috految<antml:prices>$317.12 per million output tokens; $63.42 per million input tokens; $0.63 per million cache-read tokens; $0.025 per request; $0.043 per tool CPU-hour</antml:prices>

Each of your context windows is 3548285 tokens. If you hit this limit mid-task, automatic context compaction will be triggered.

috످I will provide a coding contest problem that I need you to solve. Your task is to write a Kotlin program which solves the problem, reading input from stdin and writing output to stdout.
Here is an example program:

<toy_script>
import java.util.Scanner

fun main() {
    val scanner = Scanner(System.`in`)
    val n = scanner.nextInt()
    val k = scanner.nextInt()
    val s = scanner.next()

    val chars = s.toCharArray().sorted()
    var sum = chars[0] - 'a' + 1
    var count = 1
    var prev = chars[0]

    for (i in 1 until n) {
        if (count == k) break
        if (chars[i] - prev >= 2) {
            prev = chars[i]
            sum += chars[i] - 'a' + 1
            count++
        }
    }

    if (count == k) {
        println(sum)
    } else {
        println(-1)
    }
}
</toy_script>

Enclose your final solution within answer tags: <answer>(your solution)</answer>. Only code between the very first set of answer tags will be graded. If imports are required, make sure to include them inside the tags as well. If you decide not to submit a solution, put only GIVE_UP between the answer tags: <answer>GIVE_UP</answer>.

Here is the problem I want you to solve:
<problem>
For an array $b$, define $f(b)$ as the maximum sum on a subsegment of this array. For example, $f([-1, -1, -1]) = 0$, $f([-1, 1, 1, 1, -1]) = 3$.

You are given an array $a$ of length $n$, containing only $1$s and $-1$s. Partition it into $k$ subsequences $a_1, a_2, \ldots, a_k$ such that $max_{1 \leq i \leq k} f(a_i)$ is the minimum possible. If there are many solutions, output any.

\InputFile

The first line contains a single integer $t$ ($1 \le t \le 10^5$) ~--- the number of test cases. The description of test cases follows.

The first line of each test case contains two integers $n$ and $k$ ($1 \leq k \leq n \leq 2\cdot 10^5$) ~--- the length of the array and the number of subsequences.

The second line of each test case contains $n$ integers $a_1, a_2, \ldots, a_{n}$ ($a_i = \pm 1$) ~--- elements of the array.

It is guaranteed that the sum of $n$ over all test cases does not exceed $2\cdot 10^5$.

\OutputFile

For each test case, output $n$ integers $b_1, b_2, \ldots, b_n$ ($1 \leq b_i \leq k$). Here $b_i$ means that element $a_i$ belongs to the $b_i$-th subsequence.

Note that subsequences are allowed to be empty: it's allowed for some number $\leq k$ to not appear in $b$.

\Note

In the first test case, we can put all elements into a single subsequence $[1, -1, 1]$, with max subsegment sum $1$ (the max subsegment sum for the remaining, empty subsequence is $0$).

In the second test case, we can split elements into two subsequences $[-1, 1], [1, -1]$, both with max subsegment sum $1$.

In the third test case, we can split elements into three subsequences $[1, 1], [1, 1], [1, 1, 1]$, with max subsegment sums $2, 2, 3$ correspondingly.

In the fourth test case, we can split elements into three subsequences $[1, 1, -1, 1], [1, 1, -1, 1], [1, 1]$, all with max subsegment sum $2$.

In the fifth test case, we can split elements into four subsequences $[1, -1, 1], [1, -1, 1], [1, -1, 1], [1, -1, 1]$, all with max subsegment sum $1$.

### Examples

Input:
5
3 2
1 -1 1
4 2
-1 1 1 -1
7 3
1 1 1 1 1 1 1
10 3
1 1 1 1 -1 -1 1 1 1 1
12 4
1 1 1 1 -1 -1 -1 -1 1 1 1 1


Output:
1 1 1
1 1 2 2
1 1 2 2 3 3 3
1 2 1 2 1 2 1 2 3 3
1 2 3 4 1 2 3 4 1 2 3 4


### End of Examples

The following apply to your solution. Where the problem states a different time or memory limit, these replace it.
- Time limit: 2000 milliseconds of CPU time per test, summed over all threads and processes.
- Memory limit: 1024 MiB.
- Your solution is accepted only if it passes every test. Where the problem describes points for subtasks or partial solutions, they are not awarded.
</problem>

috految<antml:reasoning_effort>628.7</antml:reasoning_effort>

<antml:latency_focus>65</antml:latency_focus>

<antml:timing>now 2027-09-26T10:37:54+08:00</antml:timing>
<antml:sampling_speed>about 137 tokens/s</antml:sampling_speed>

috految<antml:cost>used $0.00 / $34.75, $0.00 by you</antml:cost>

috److془Classic: SEERC 2022 / Universal Cup "Most Annoying Constructive Problem" ... "Increasing Grid"... Actually "K Subsequences" from SEERC 2023.

Solution: cur = 0; for each element: if 1: assign cur % k + 1, cur++; else: if cur > 0: cur--; assign cur % k + 1.

Answer is ceil(f(a)/k).

Check: the max suffix sums are evenly distributed; total = cur = Kadane's. Max = ceil(maxcur / k). Lower bound: ceil(f(a)/k). 

Write with fast IO.془**Lower bound.** The maximum-sum subsegment of `a` is split among `k` subsequences, so at least one of them has a subsegment sum of at least `ceil(f(a) / k)`.

**Construction.** Track the maximum suffix sum `cur` of the whole array, as in Kadane's algorithm, and spread it evenly over the `k` subsequences:

1. For an element `1`, assign it to subsequence `cur % k + 1`, then increment `cur`.
2. For an element `-1`, decrement `cur` if it is positive, then assign it to subsequence `cur % k + 1`.

At every step, the maximum suffix sums of the subsequences add up to `cur` and differ by at most 1. Since `cur` never exceeds `f(a)`, each subsequence has a maximum subsegment sum of at most `ceil(f(a) / k)`, which matches the lower bound. The algorithm runs in O(n).

<answer>
import java.io.BufferedReader
import java.io.InputStreamReader
import java.io.StreamTokenizer

fun main() {
    val st = StreamTokenizer(BufferedReader(InputStreamReader(System.`in`)))
    fun nextInt(): Int {
        st.nextToken()
        return st.nval.toInt()
    }

    val t = nextInt()
    val sb = StringBuilder()
    for (tc in 0 until t) {
        val n = nextInt()
        val k = nextInt()
        var cur = 0
        for (i in 0 until n) {
            val x = nextInt()
            if (i > 0) {
                sb.append(' ')
            }
            if (x == 1) {
                sb.append(cur % k + 1)
                cur++
            } else {
                if (cur > 0) {
                    cur--
                }
                sb.append(cur % k + 1)
            }
        }
        sb.append('\n')
    }
    print(sb)
}
</answer>

috످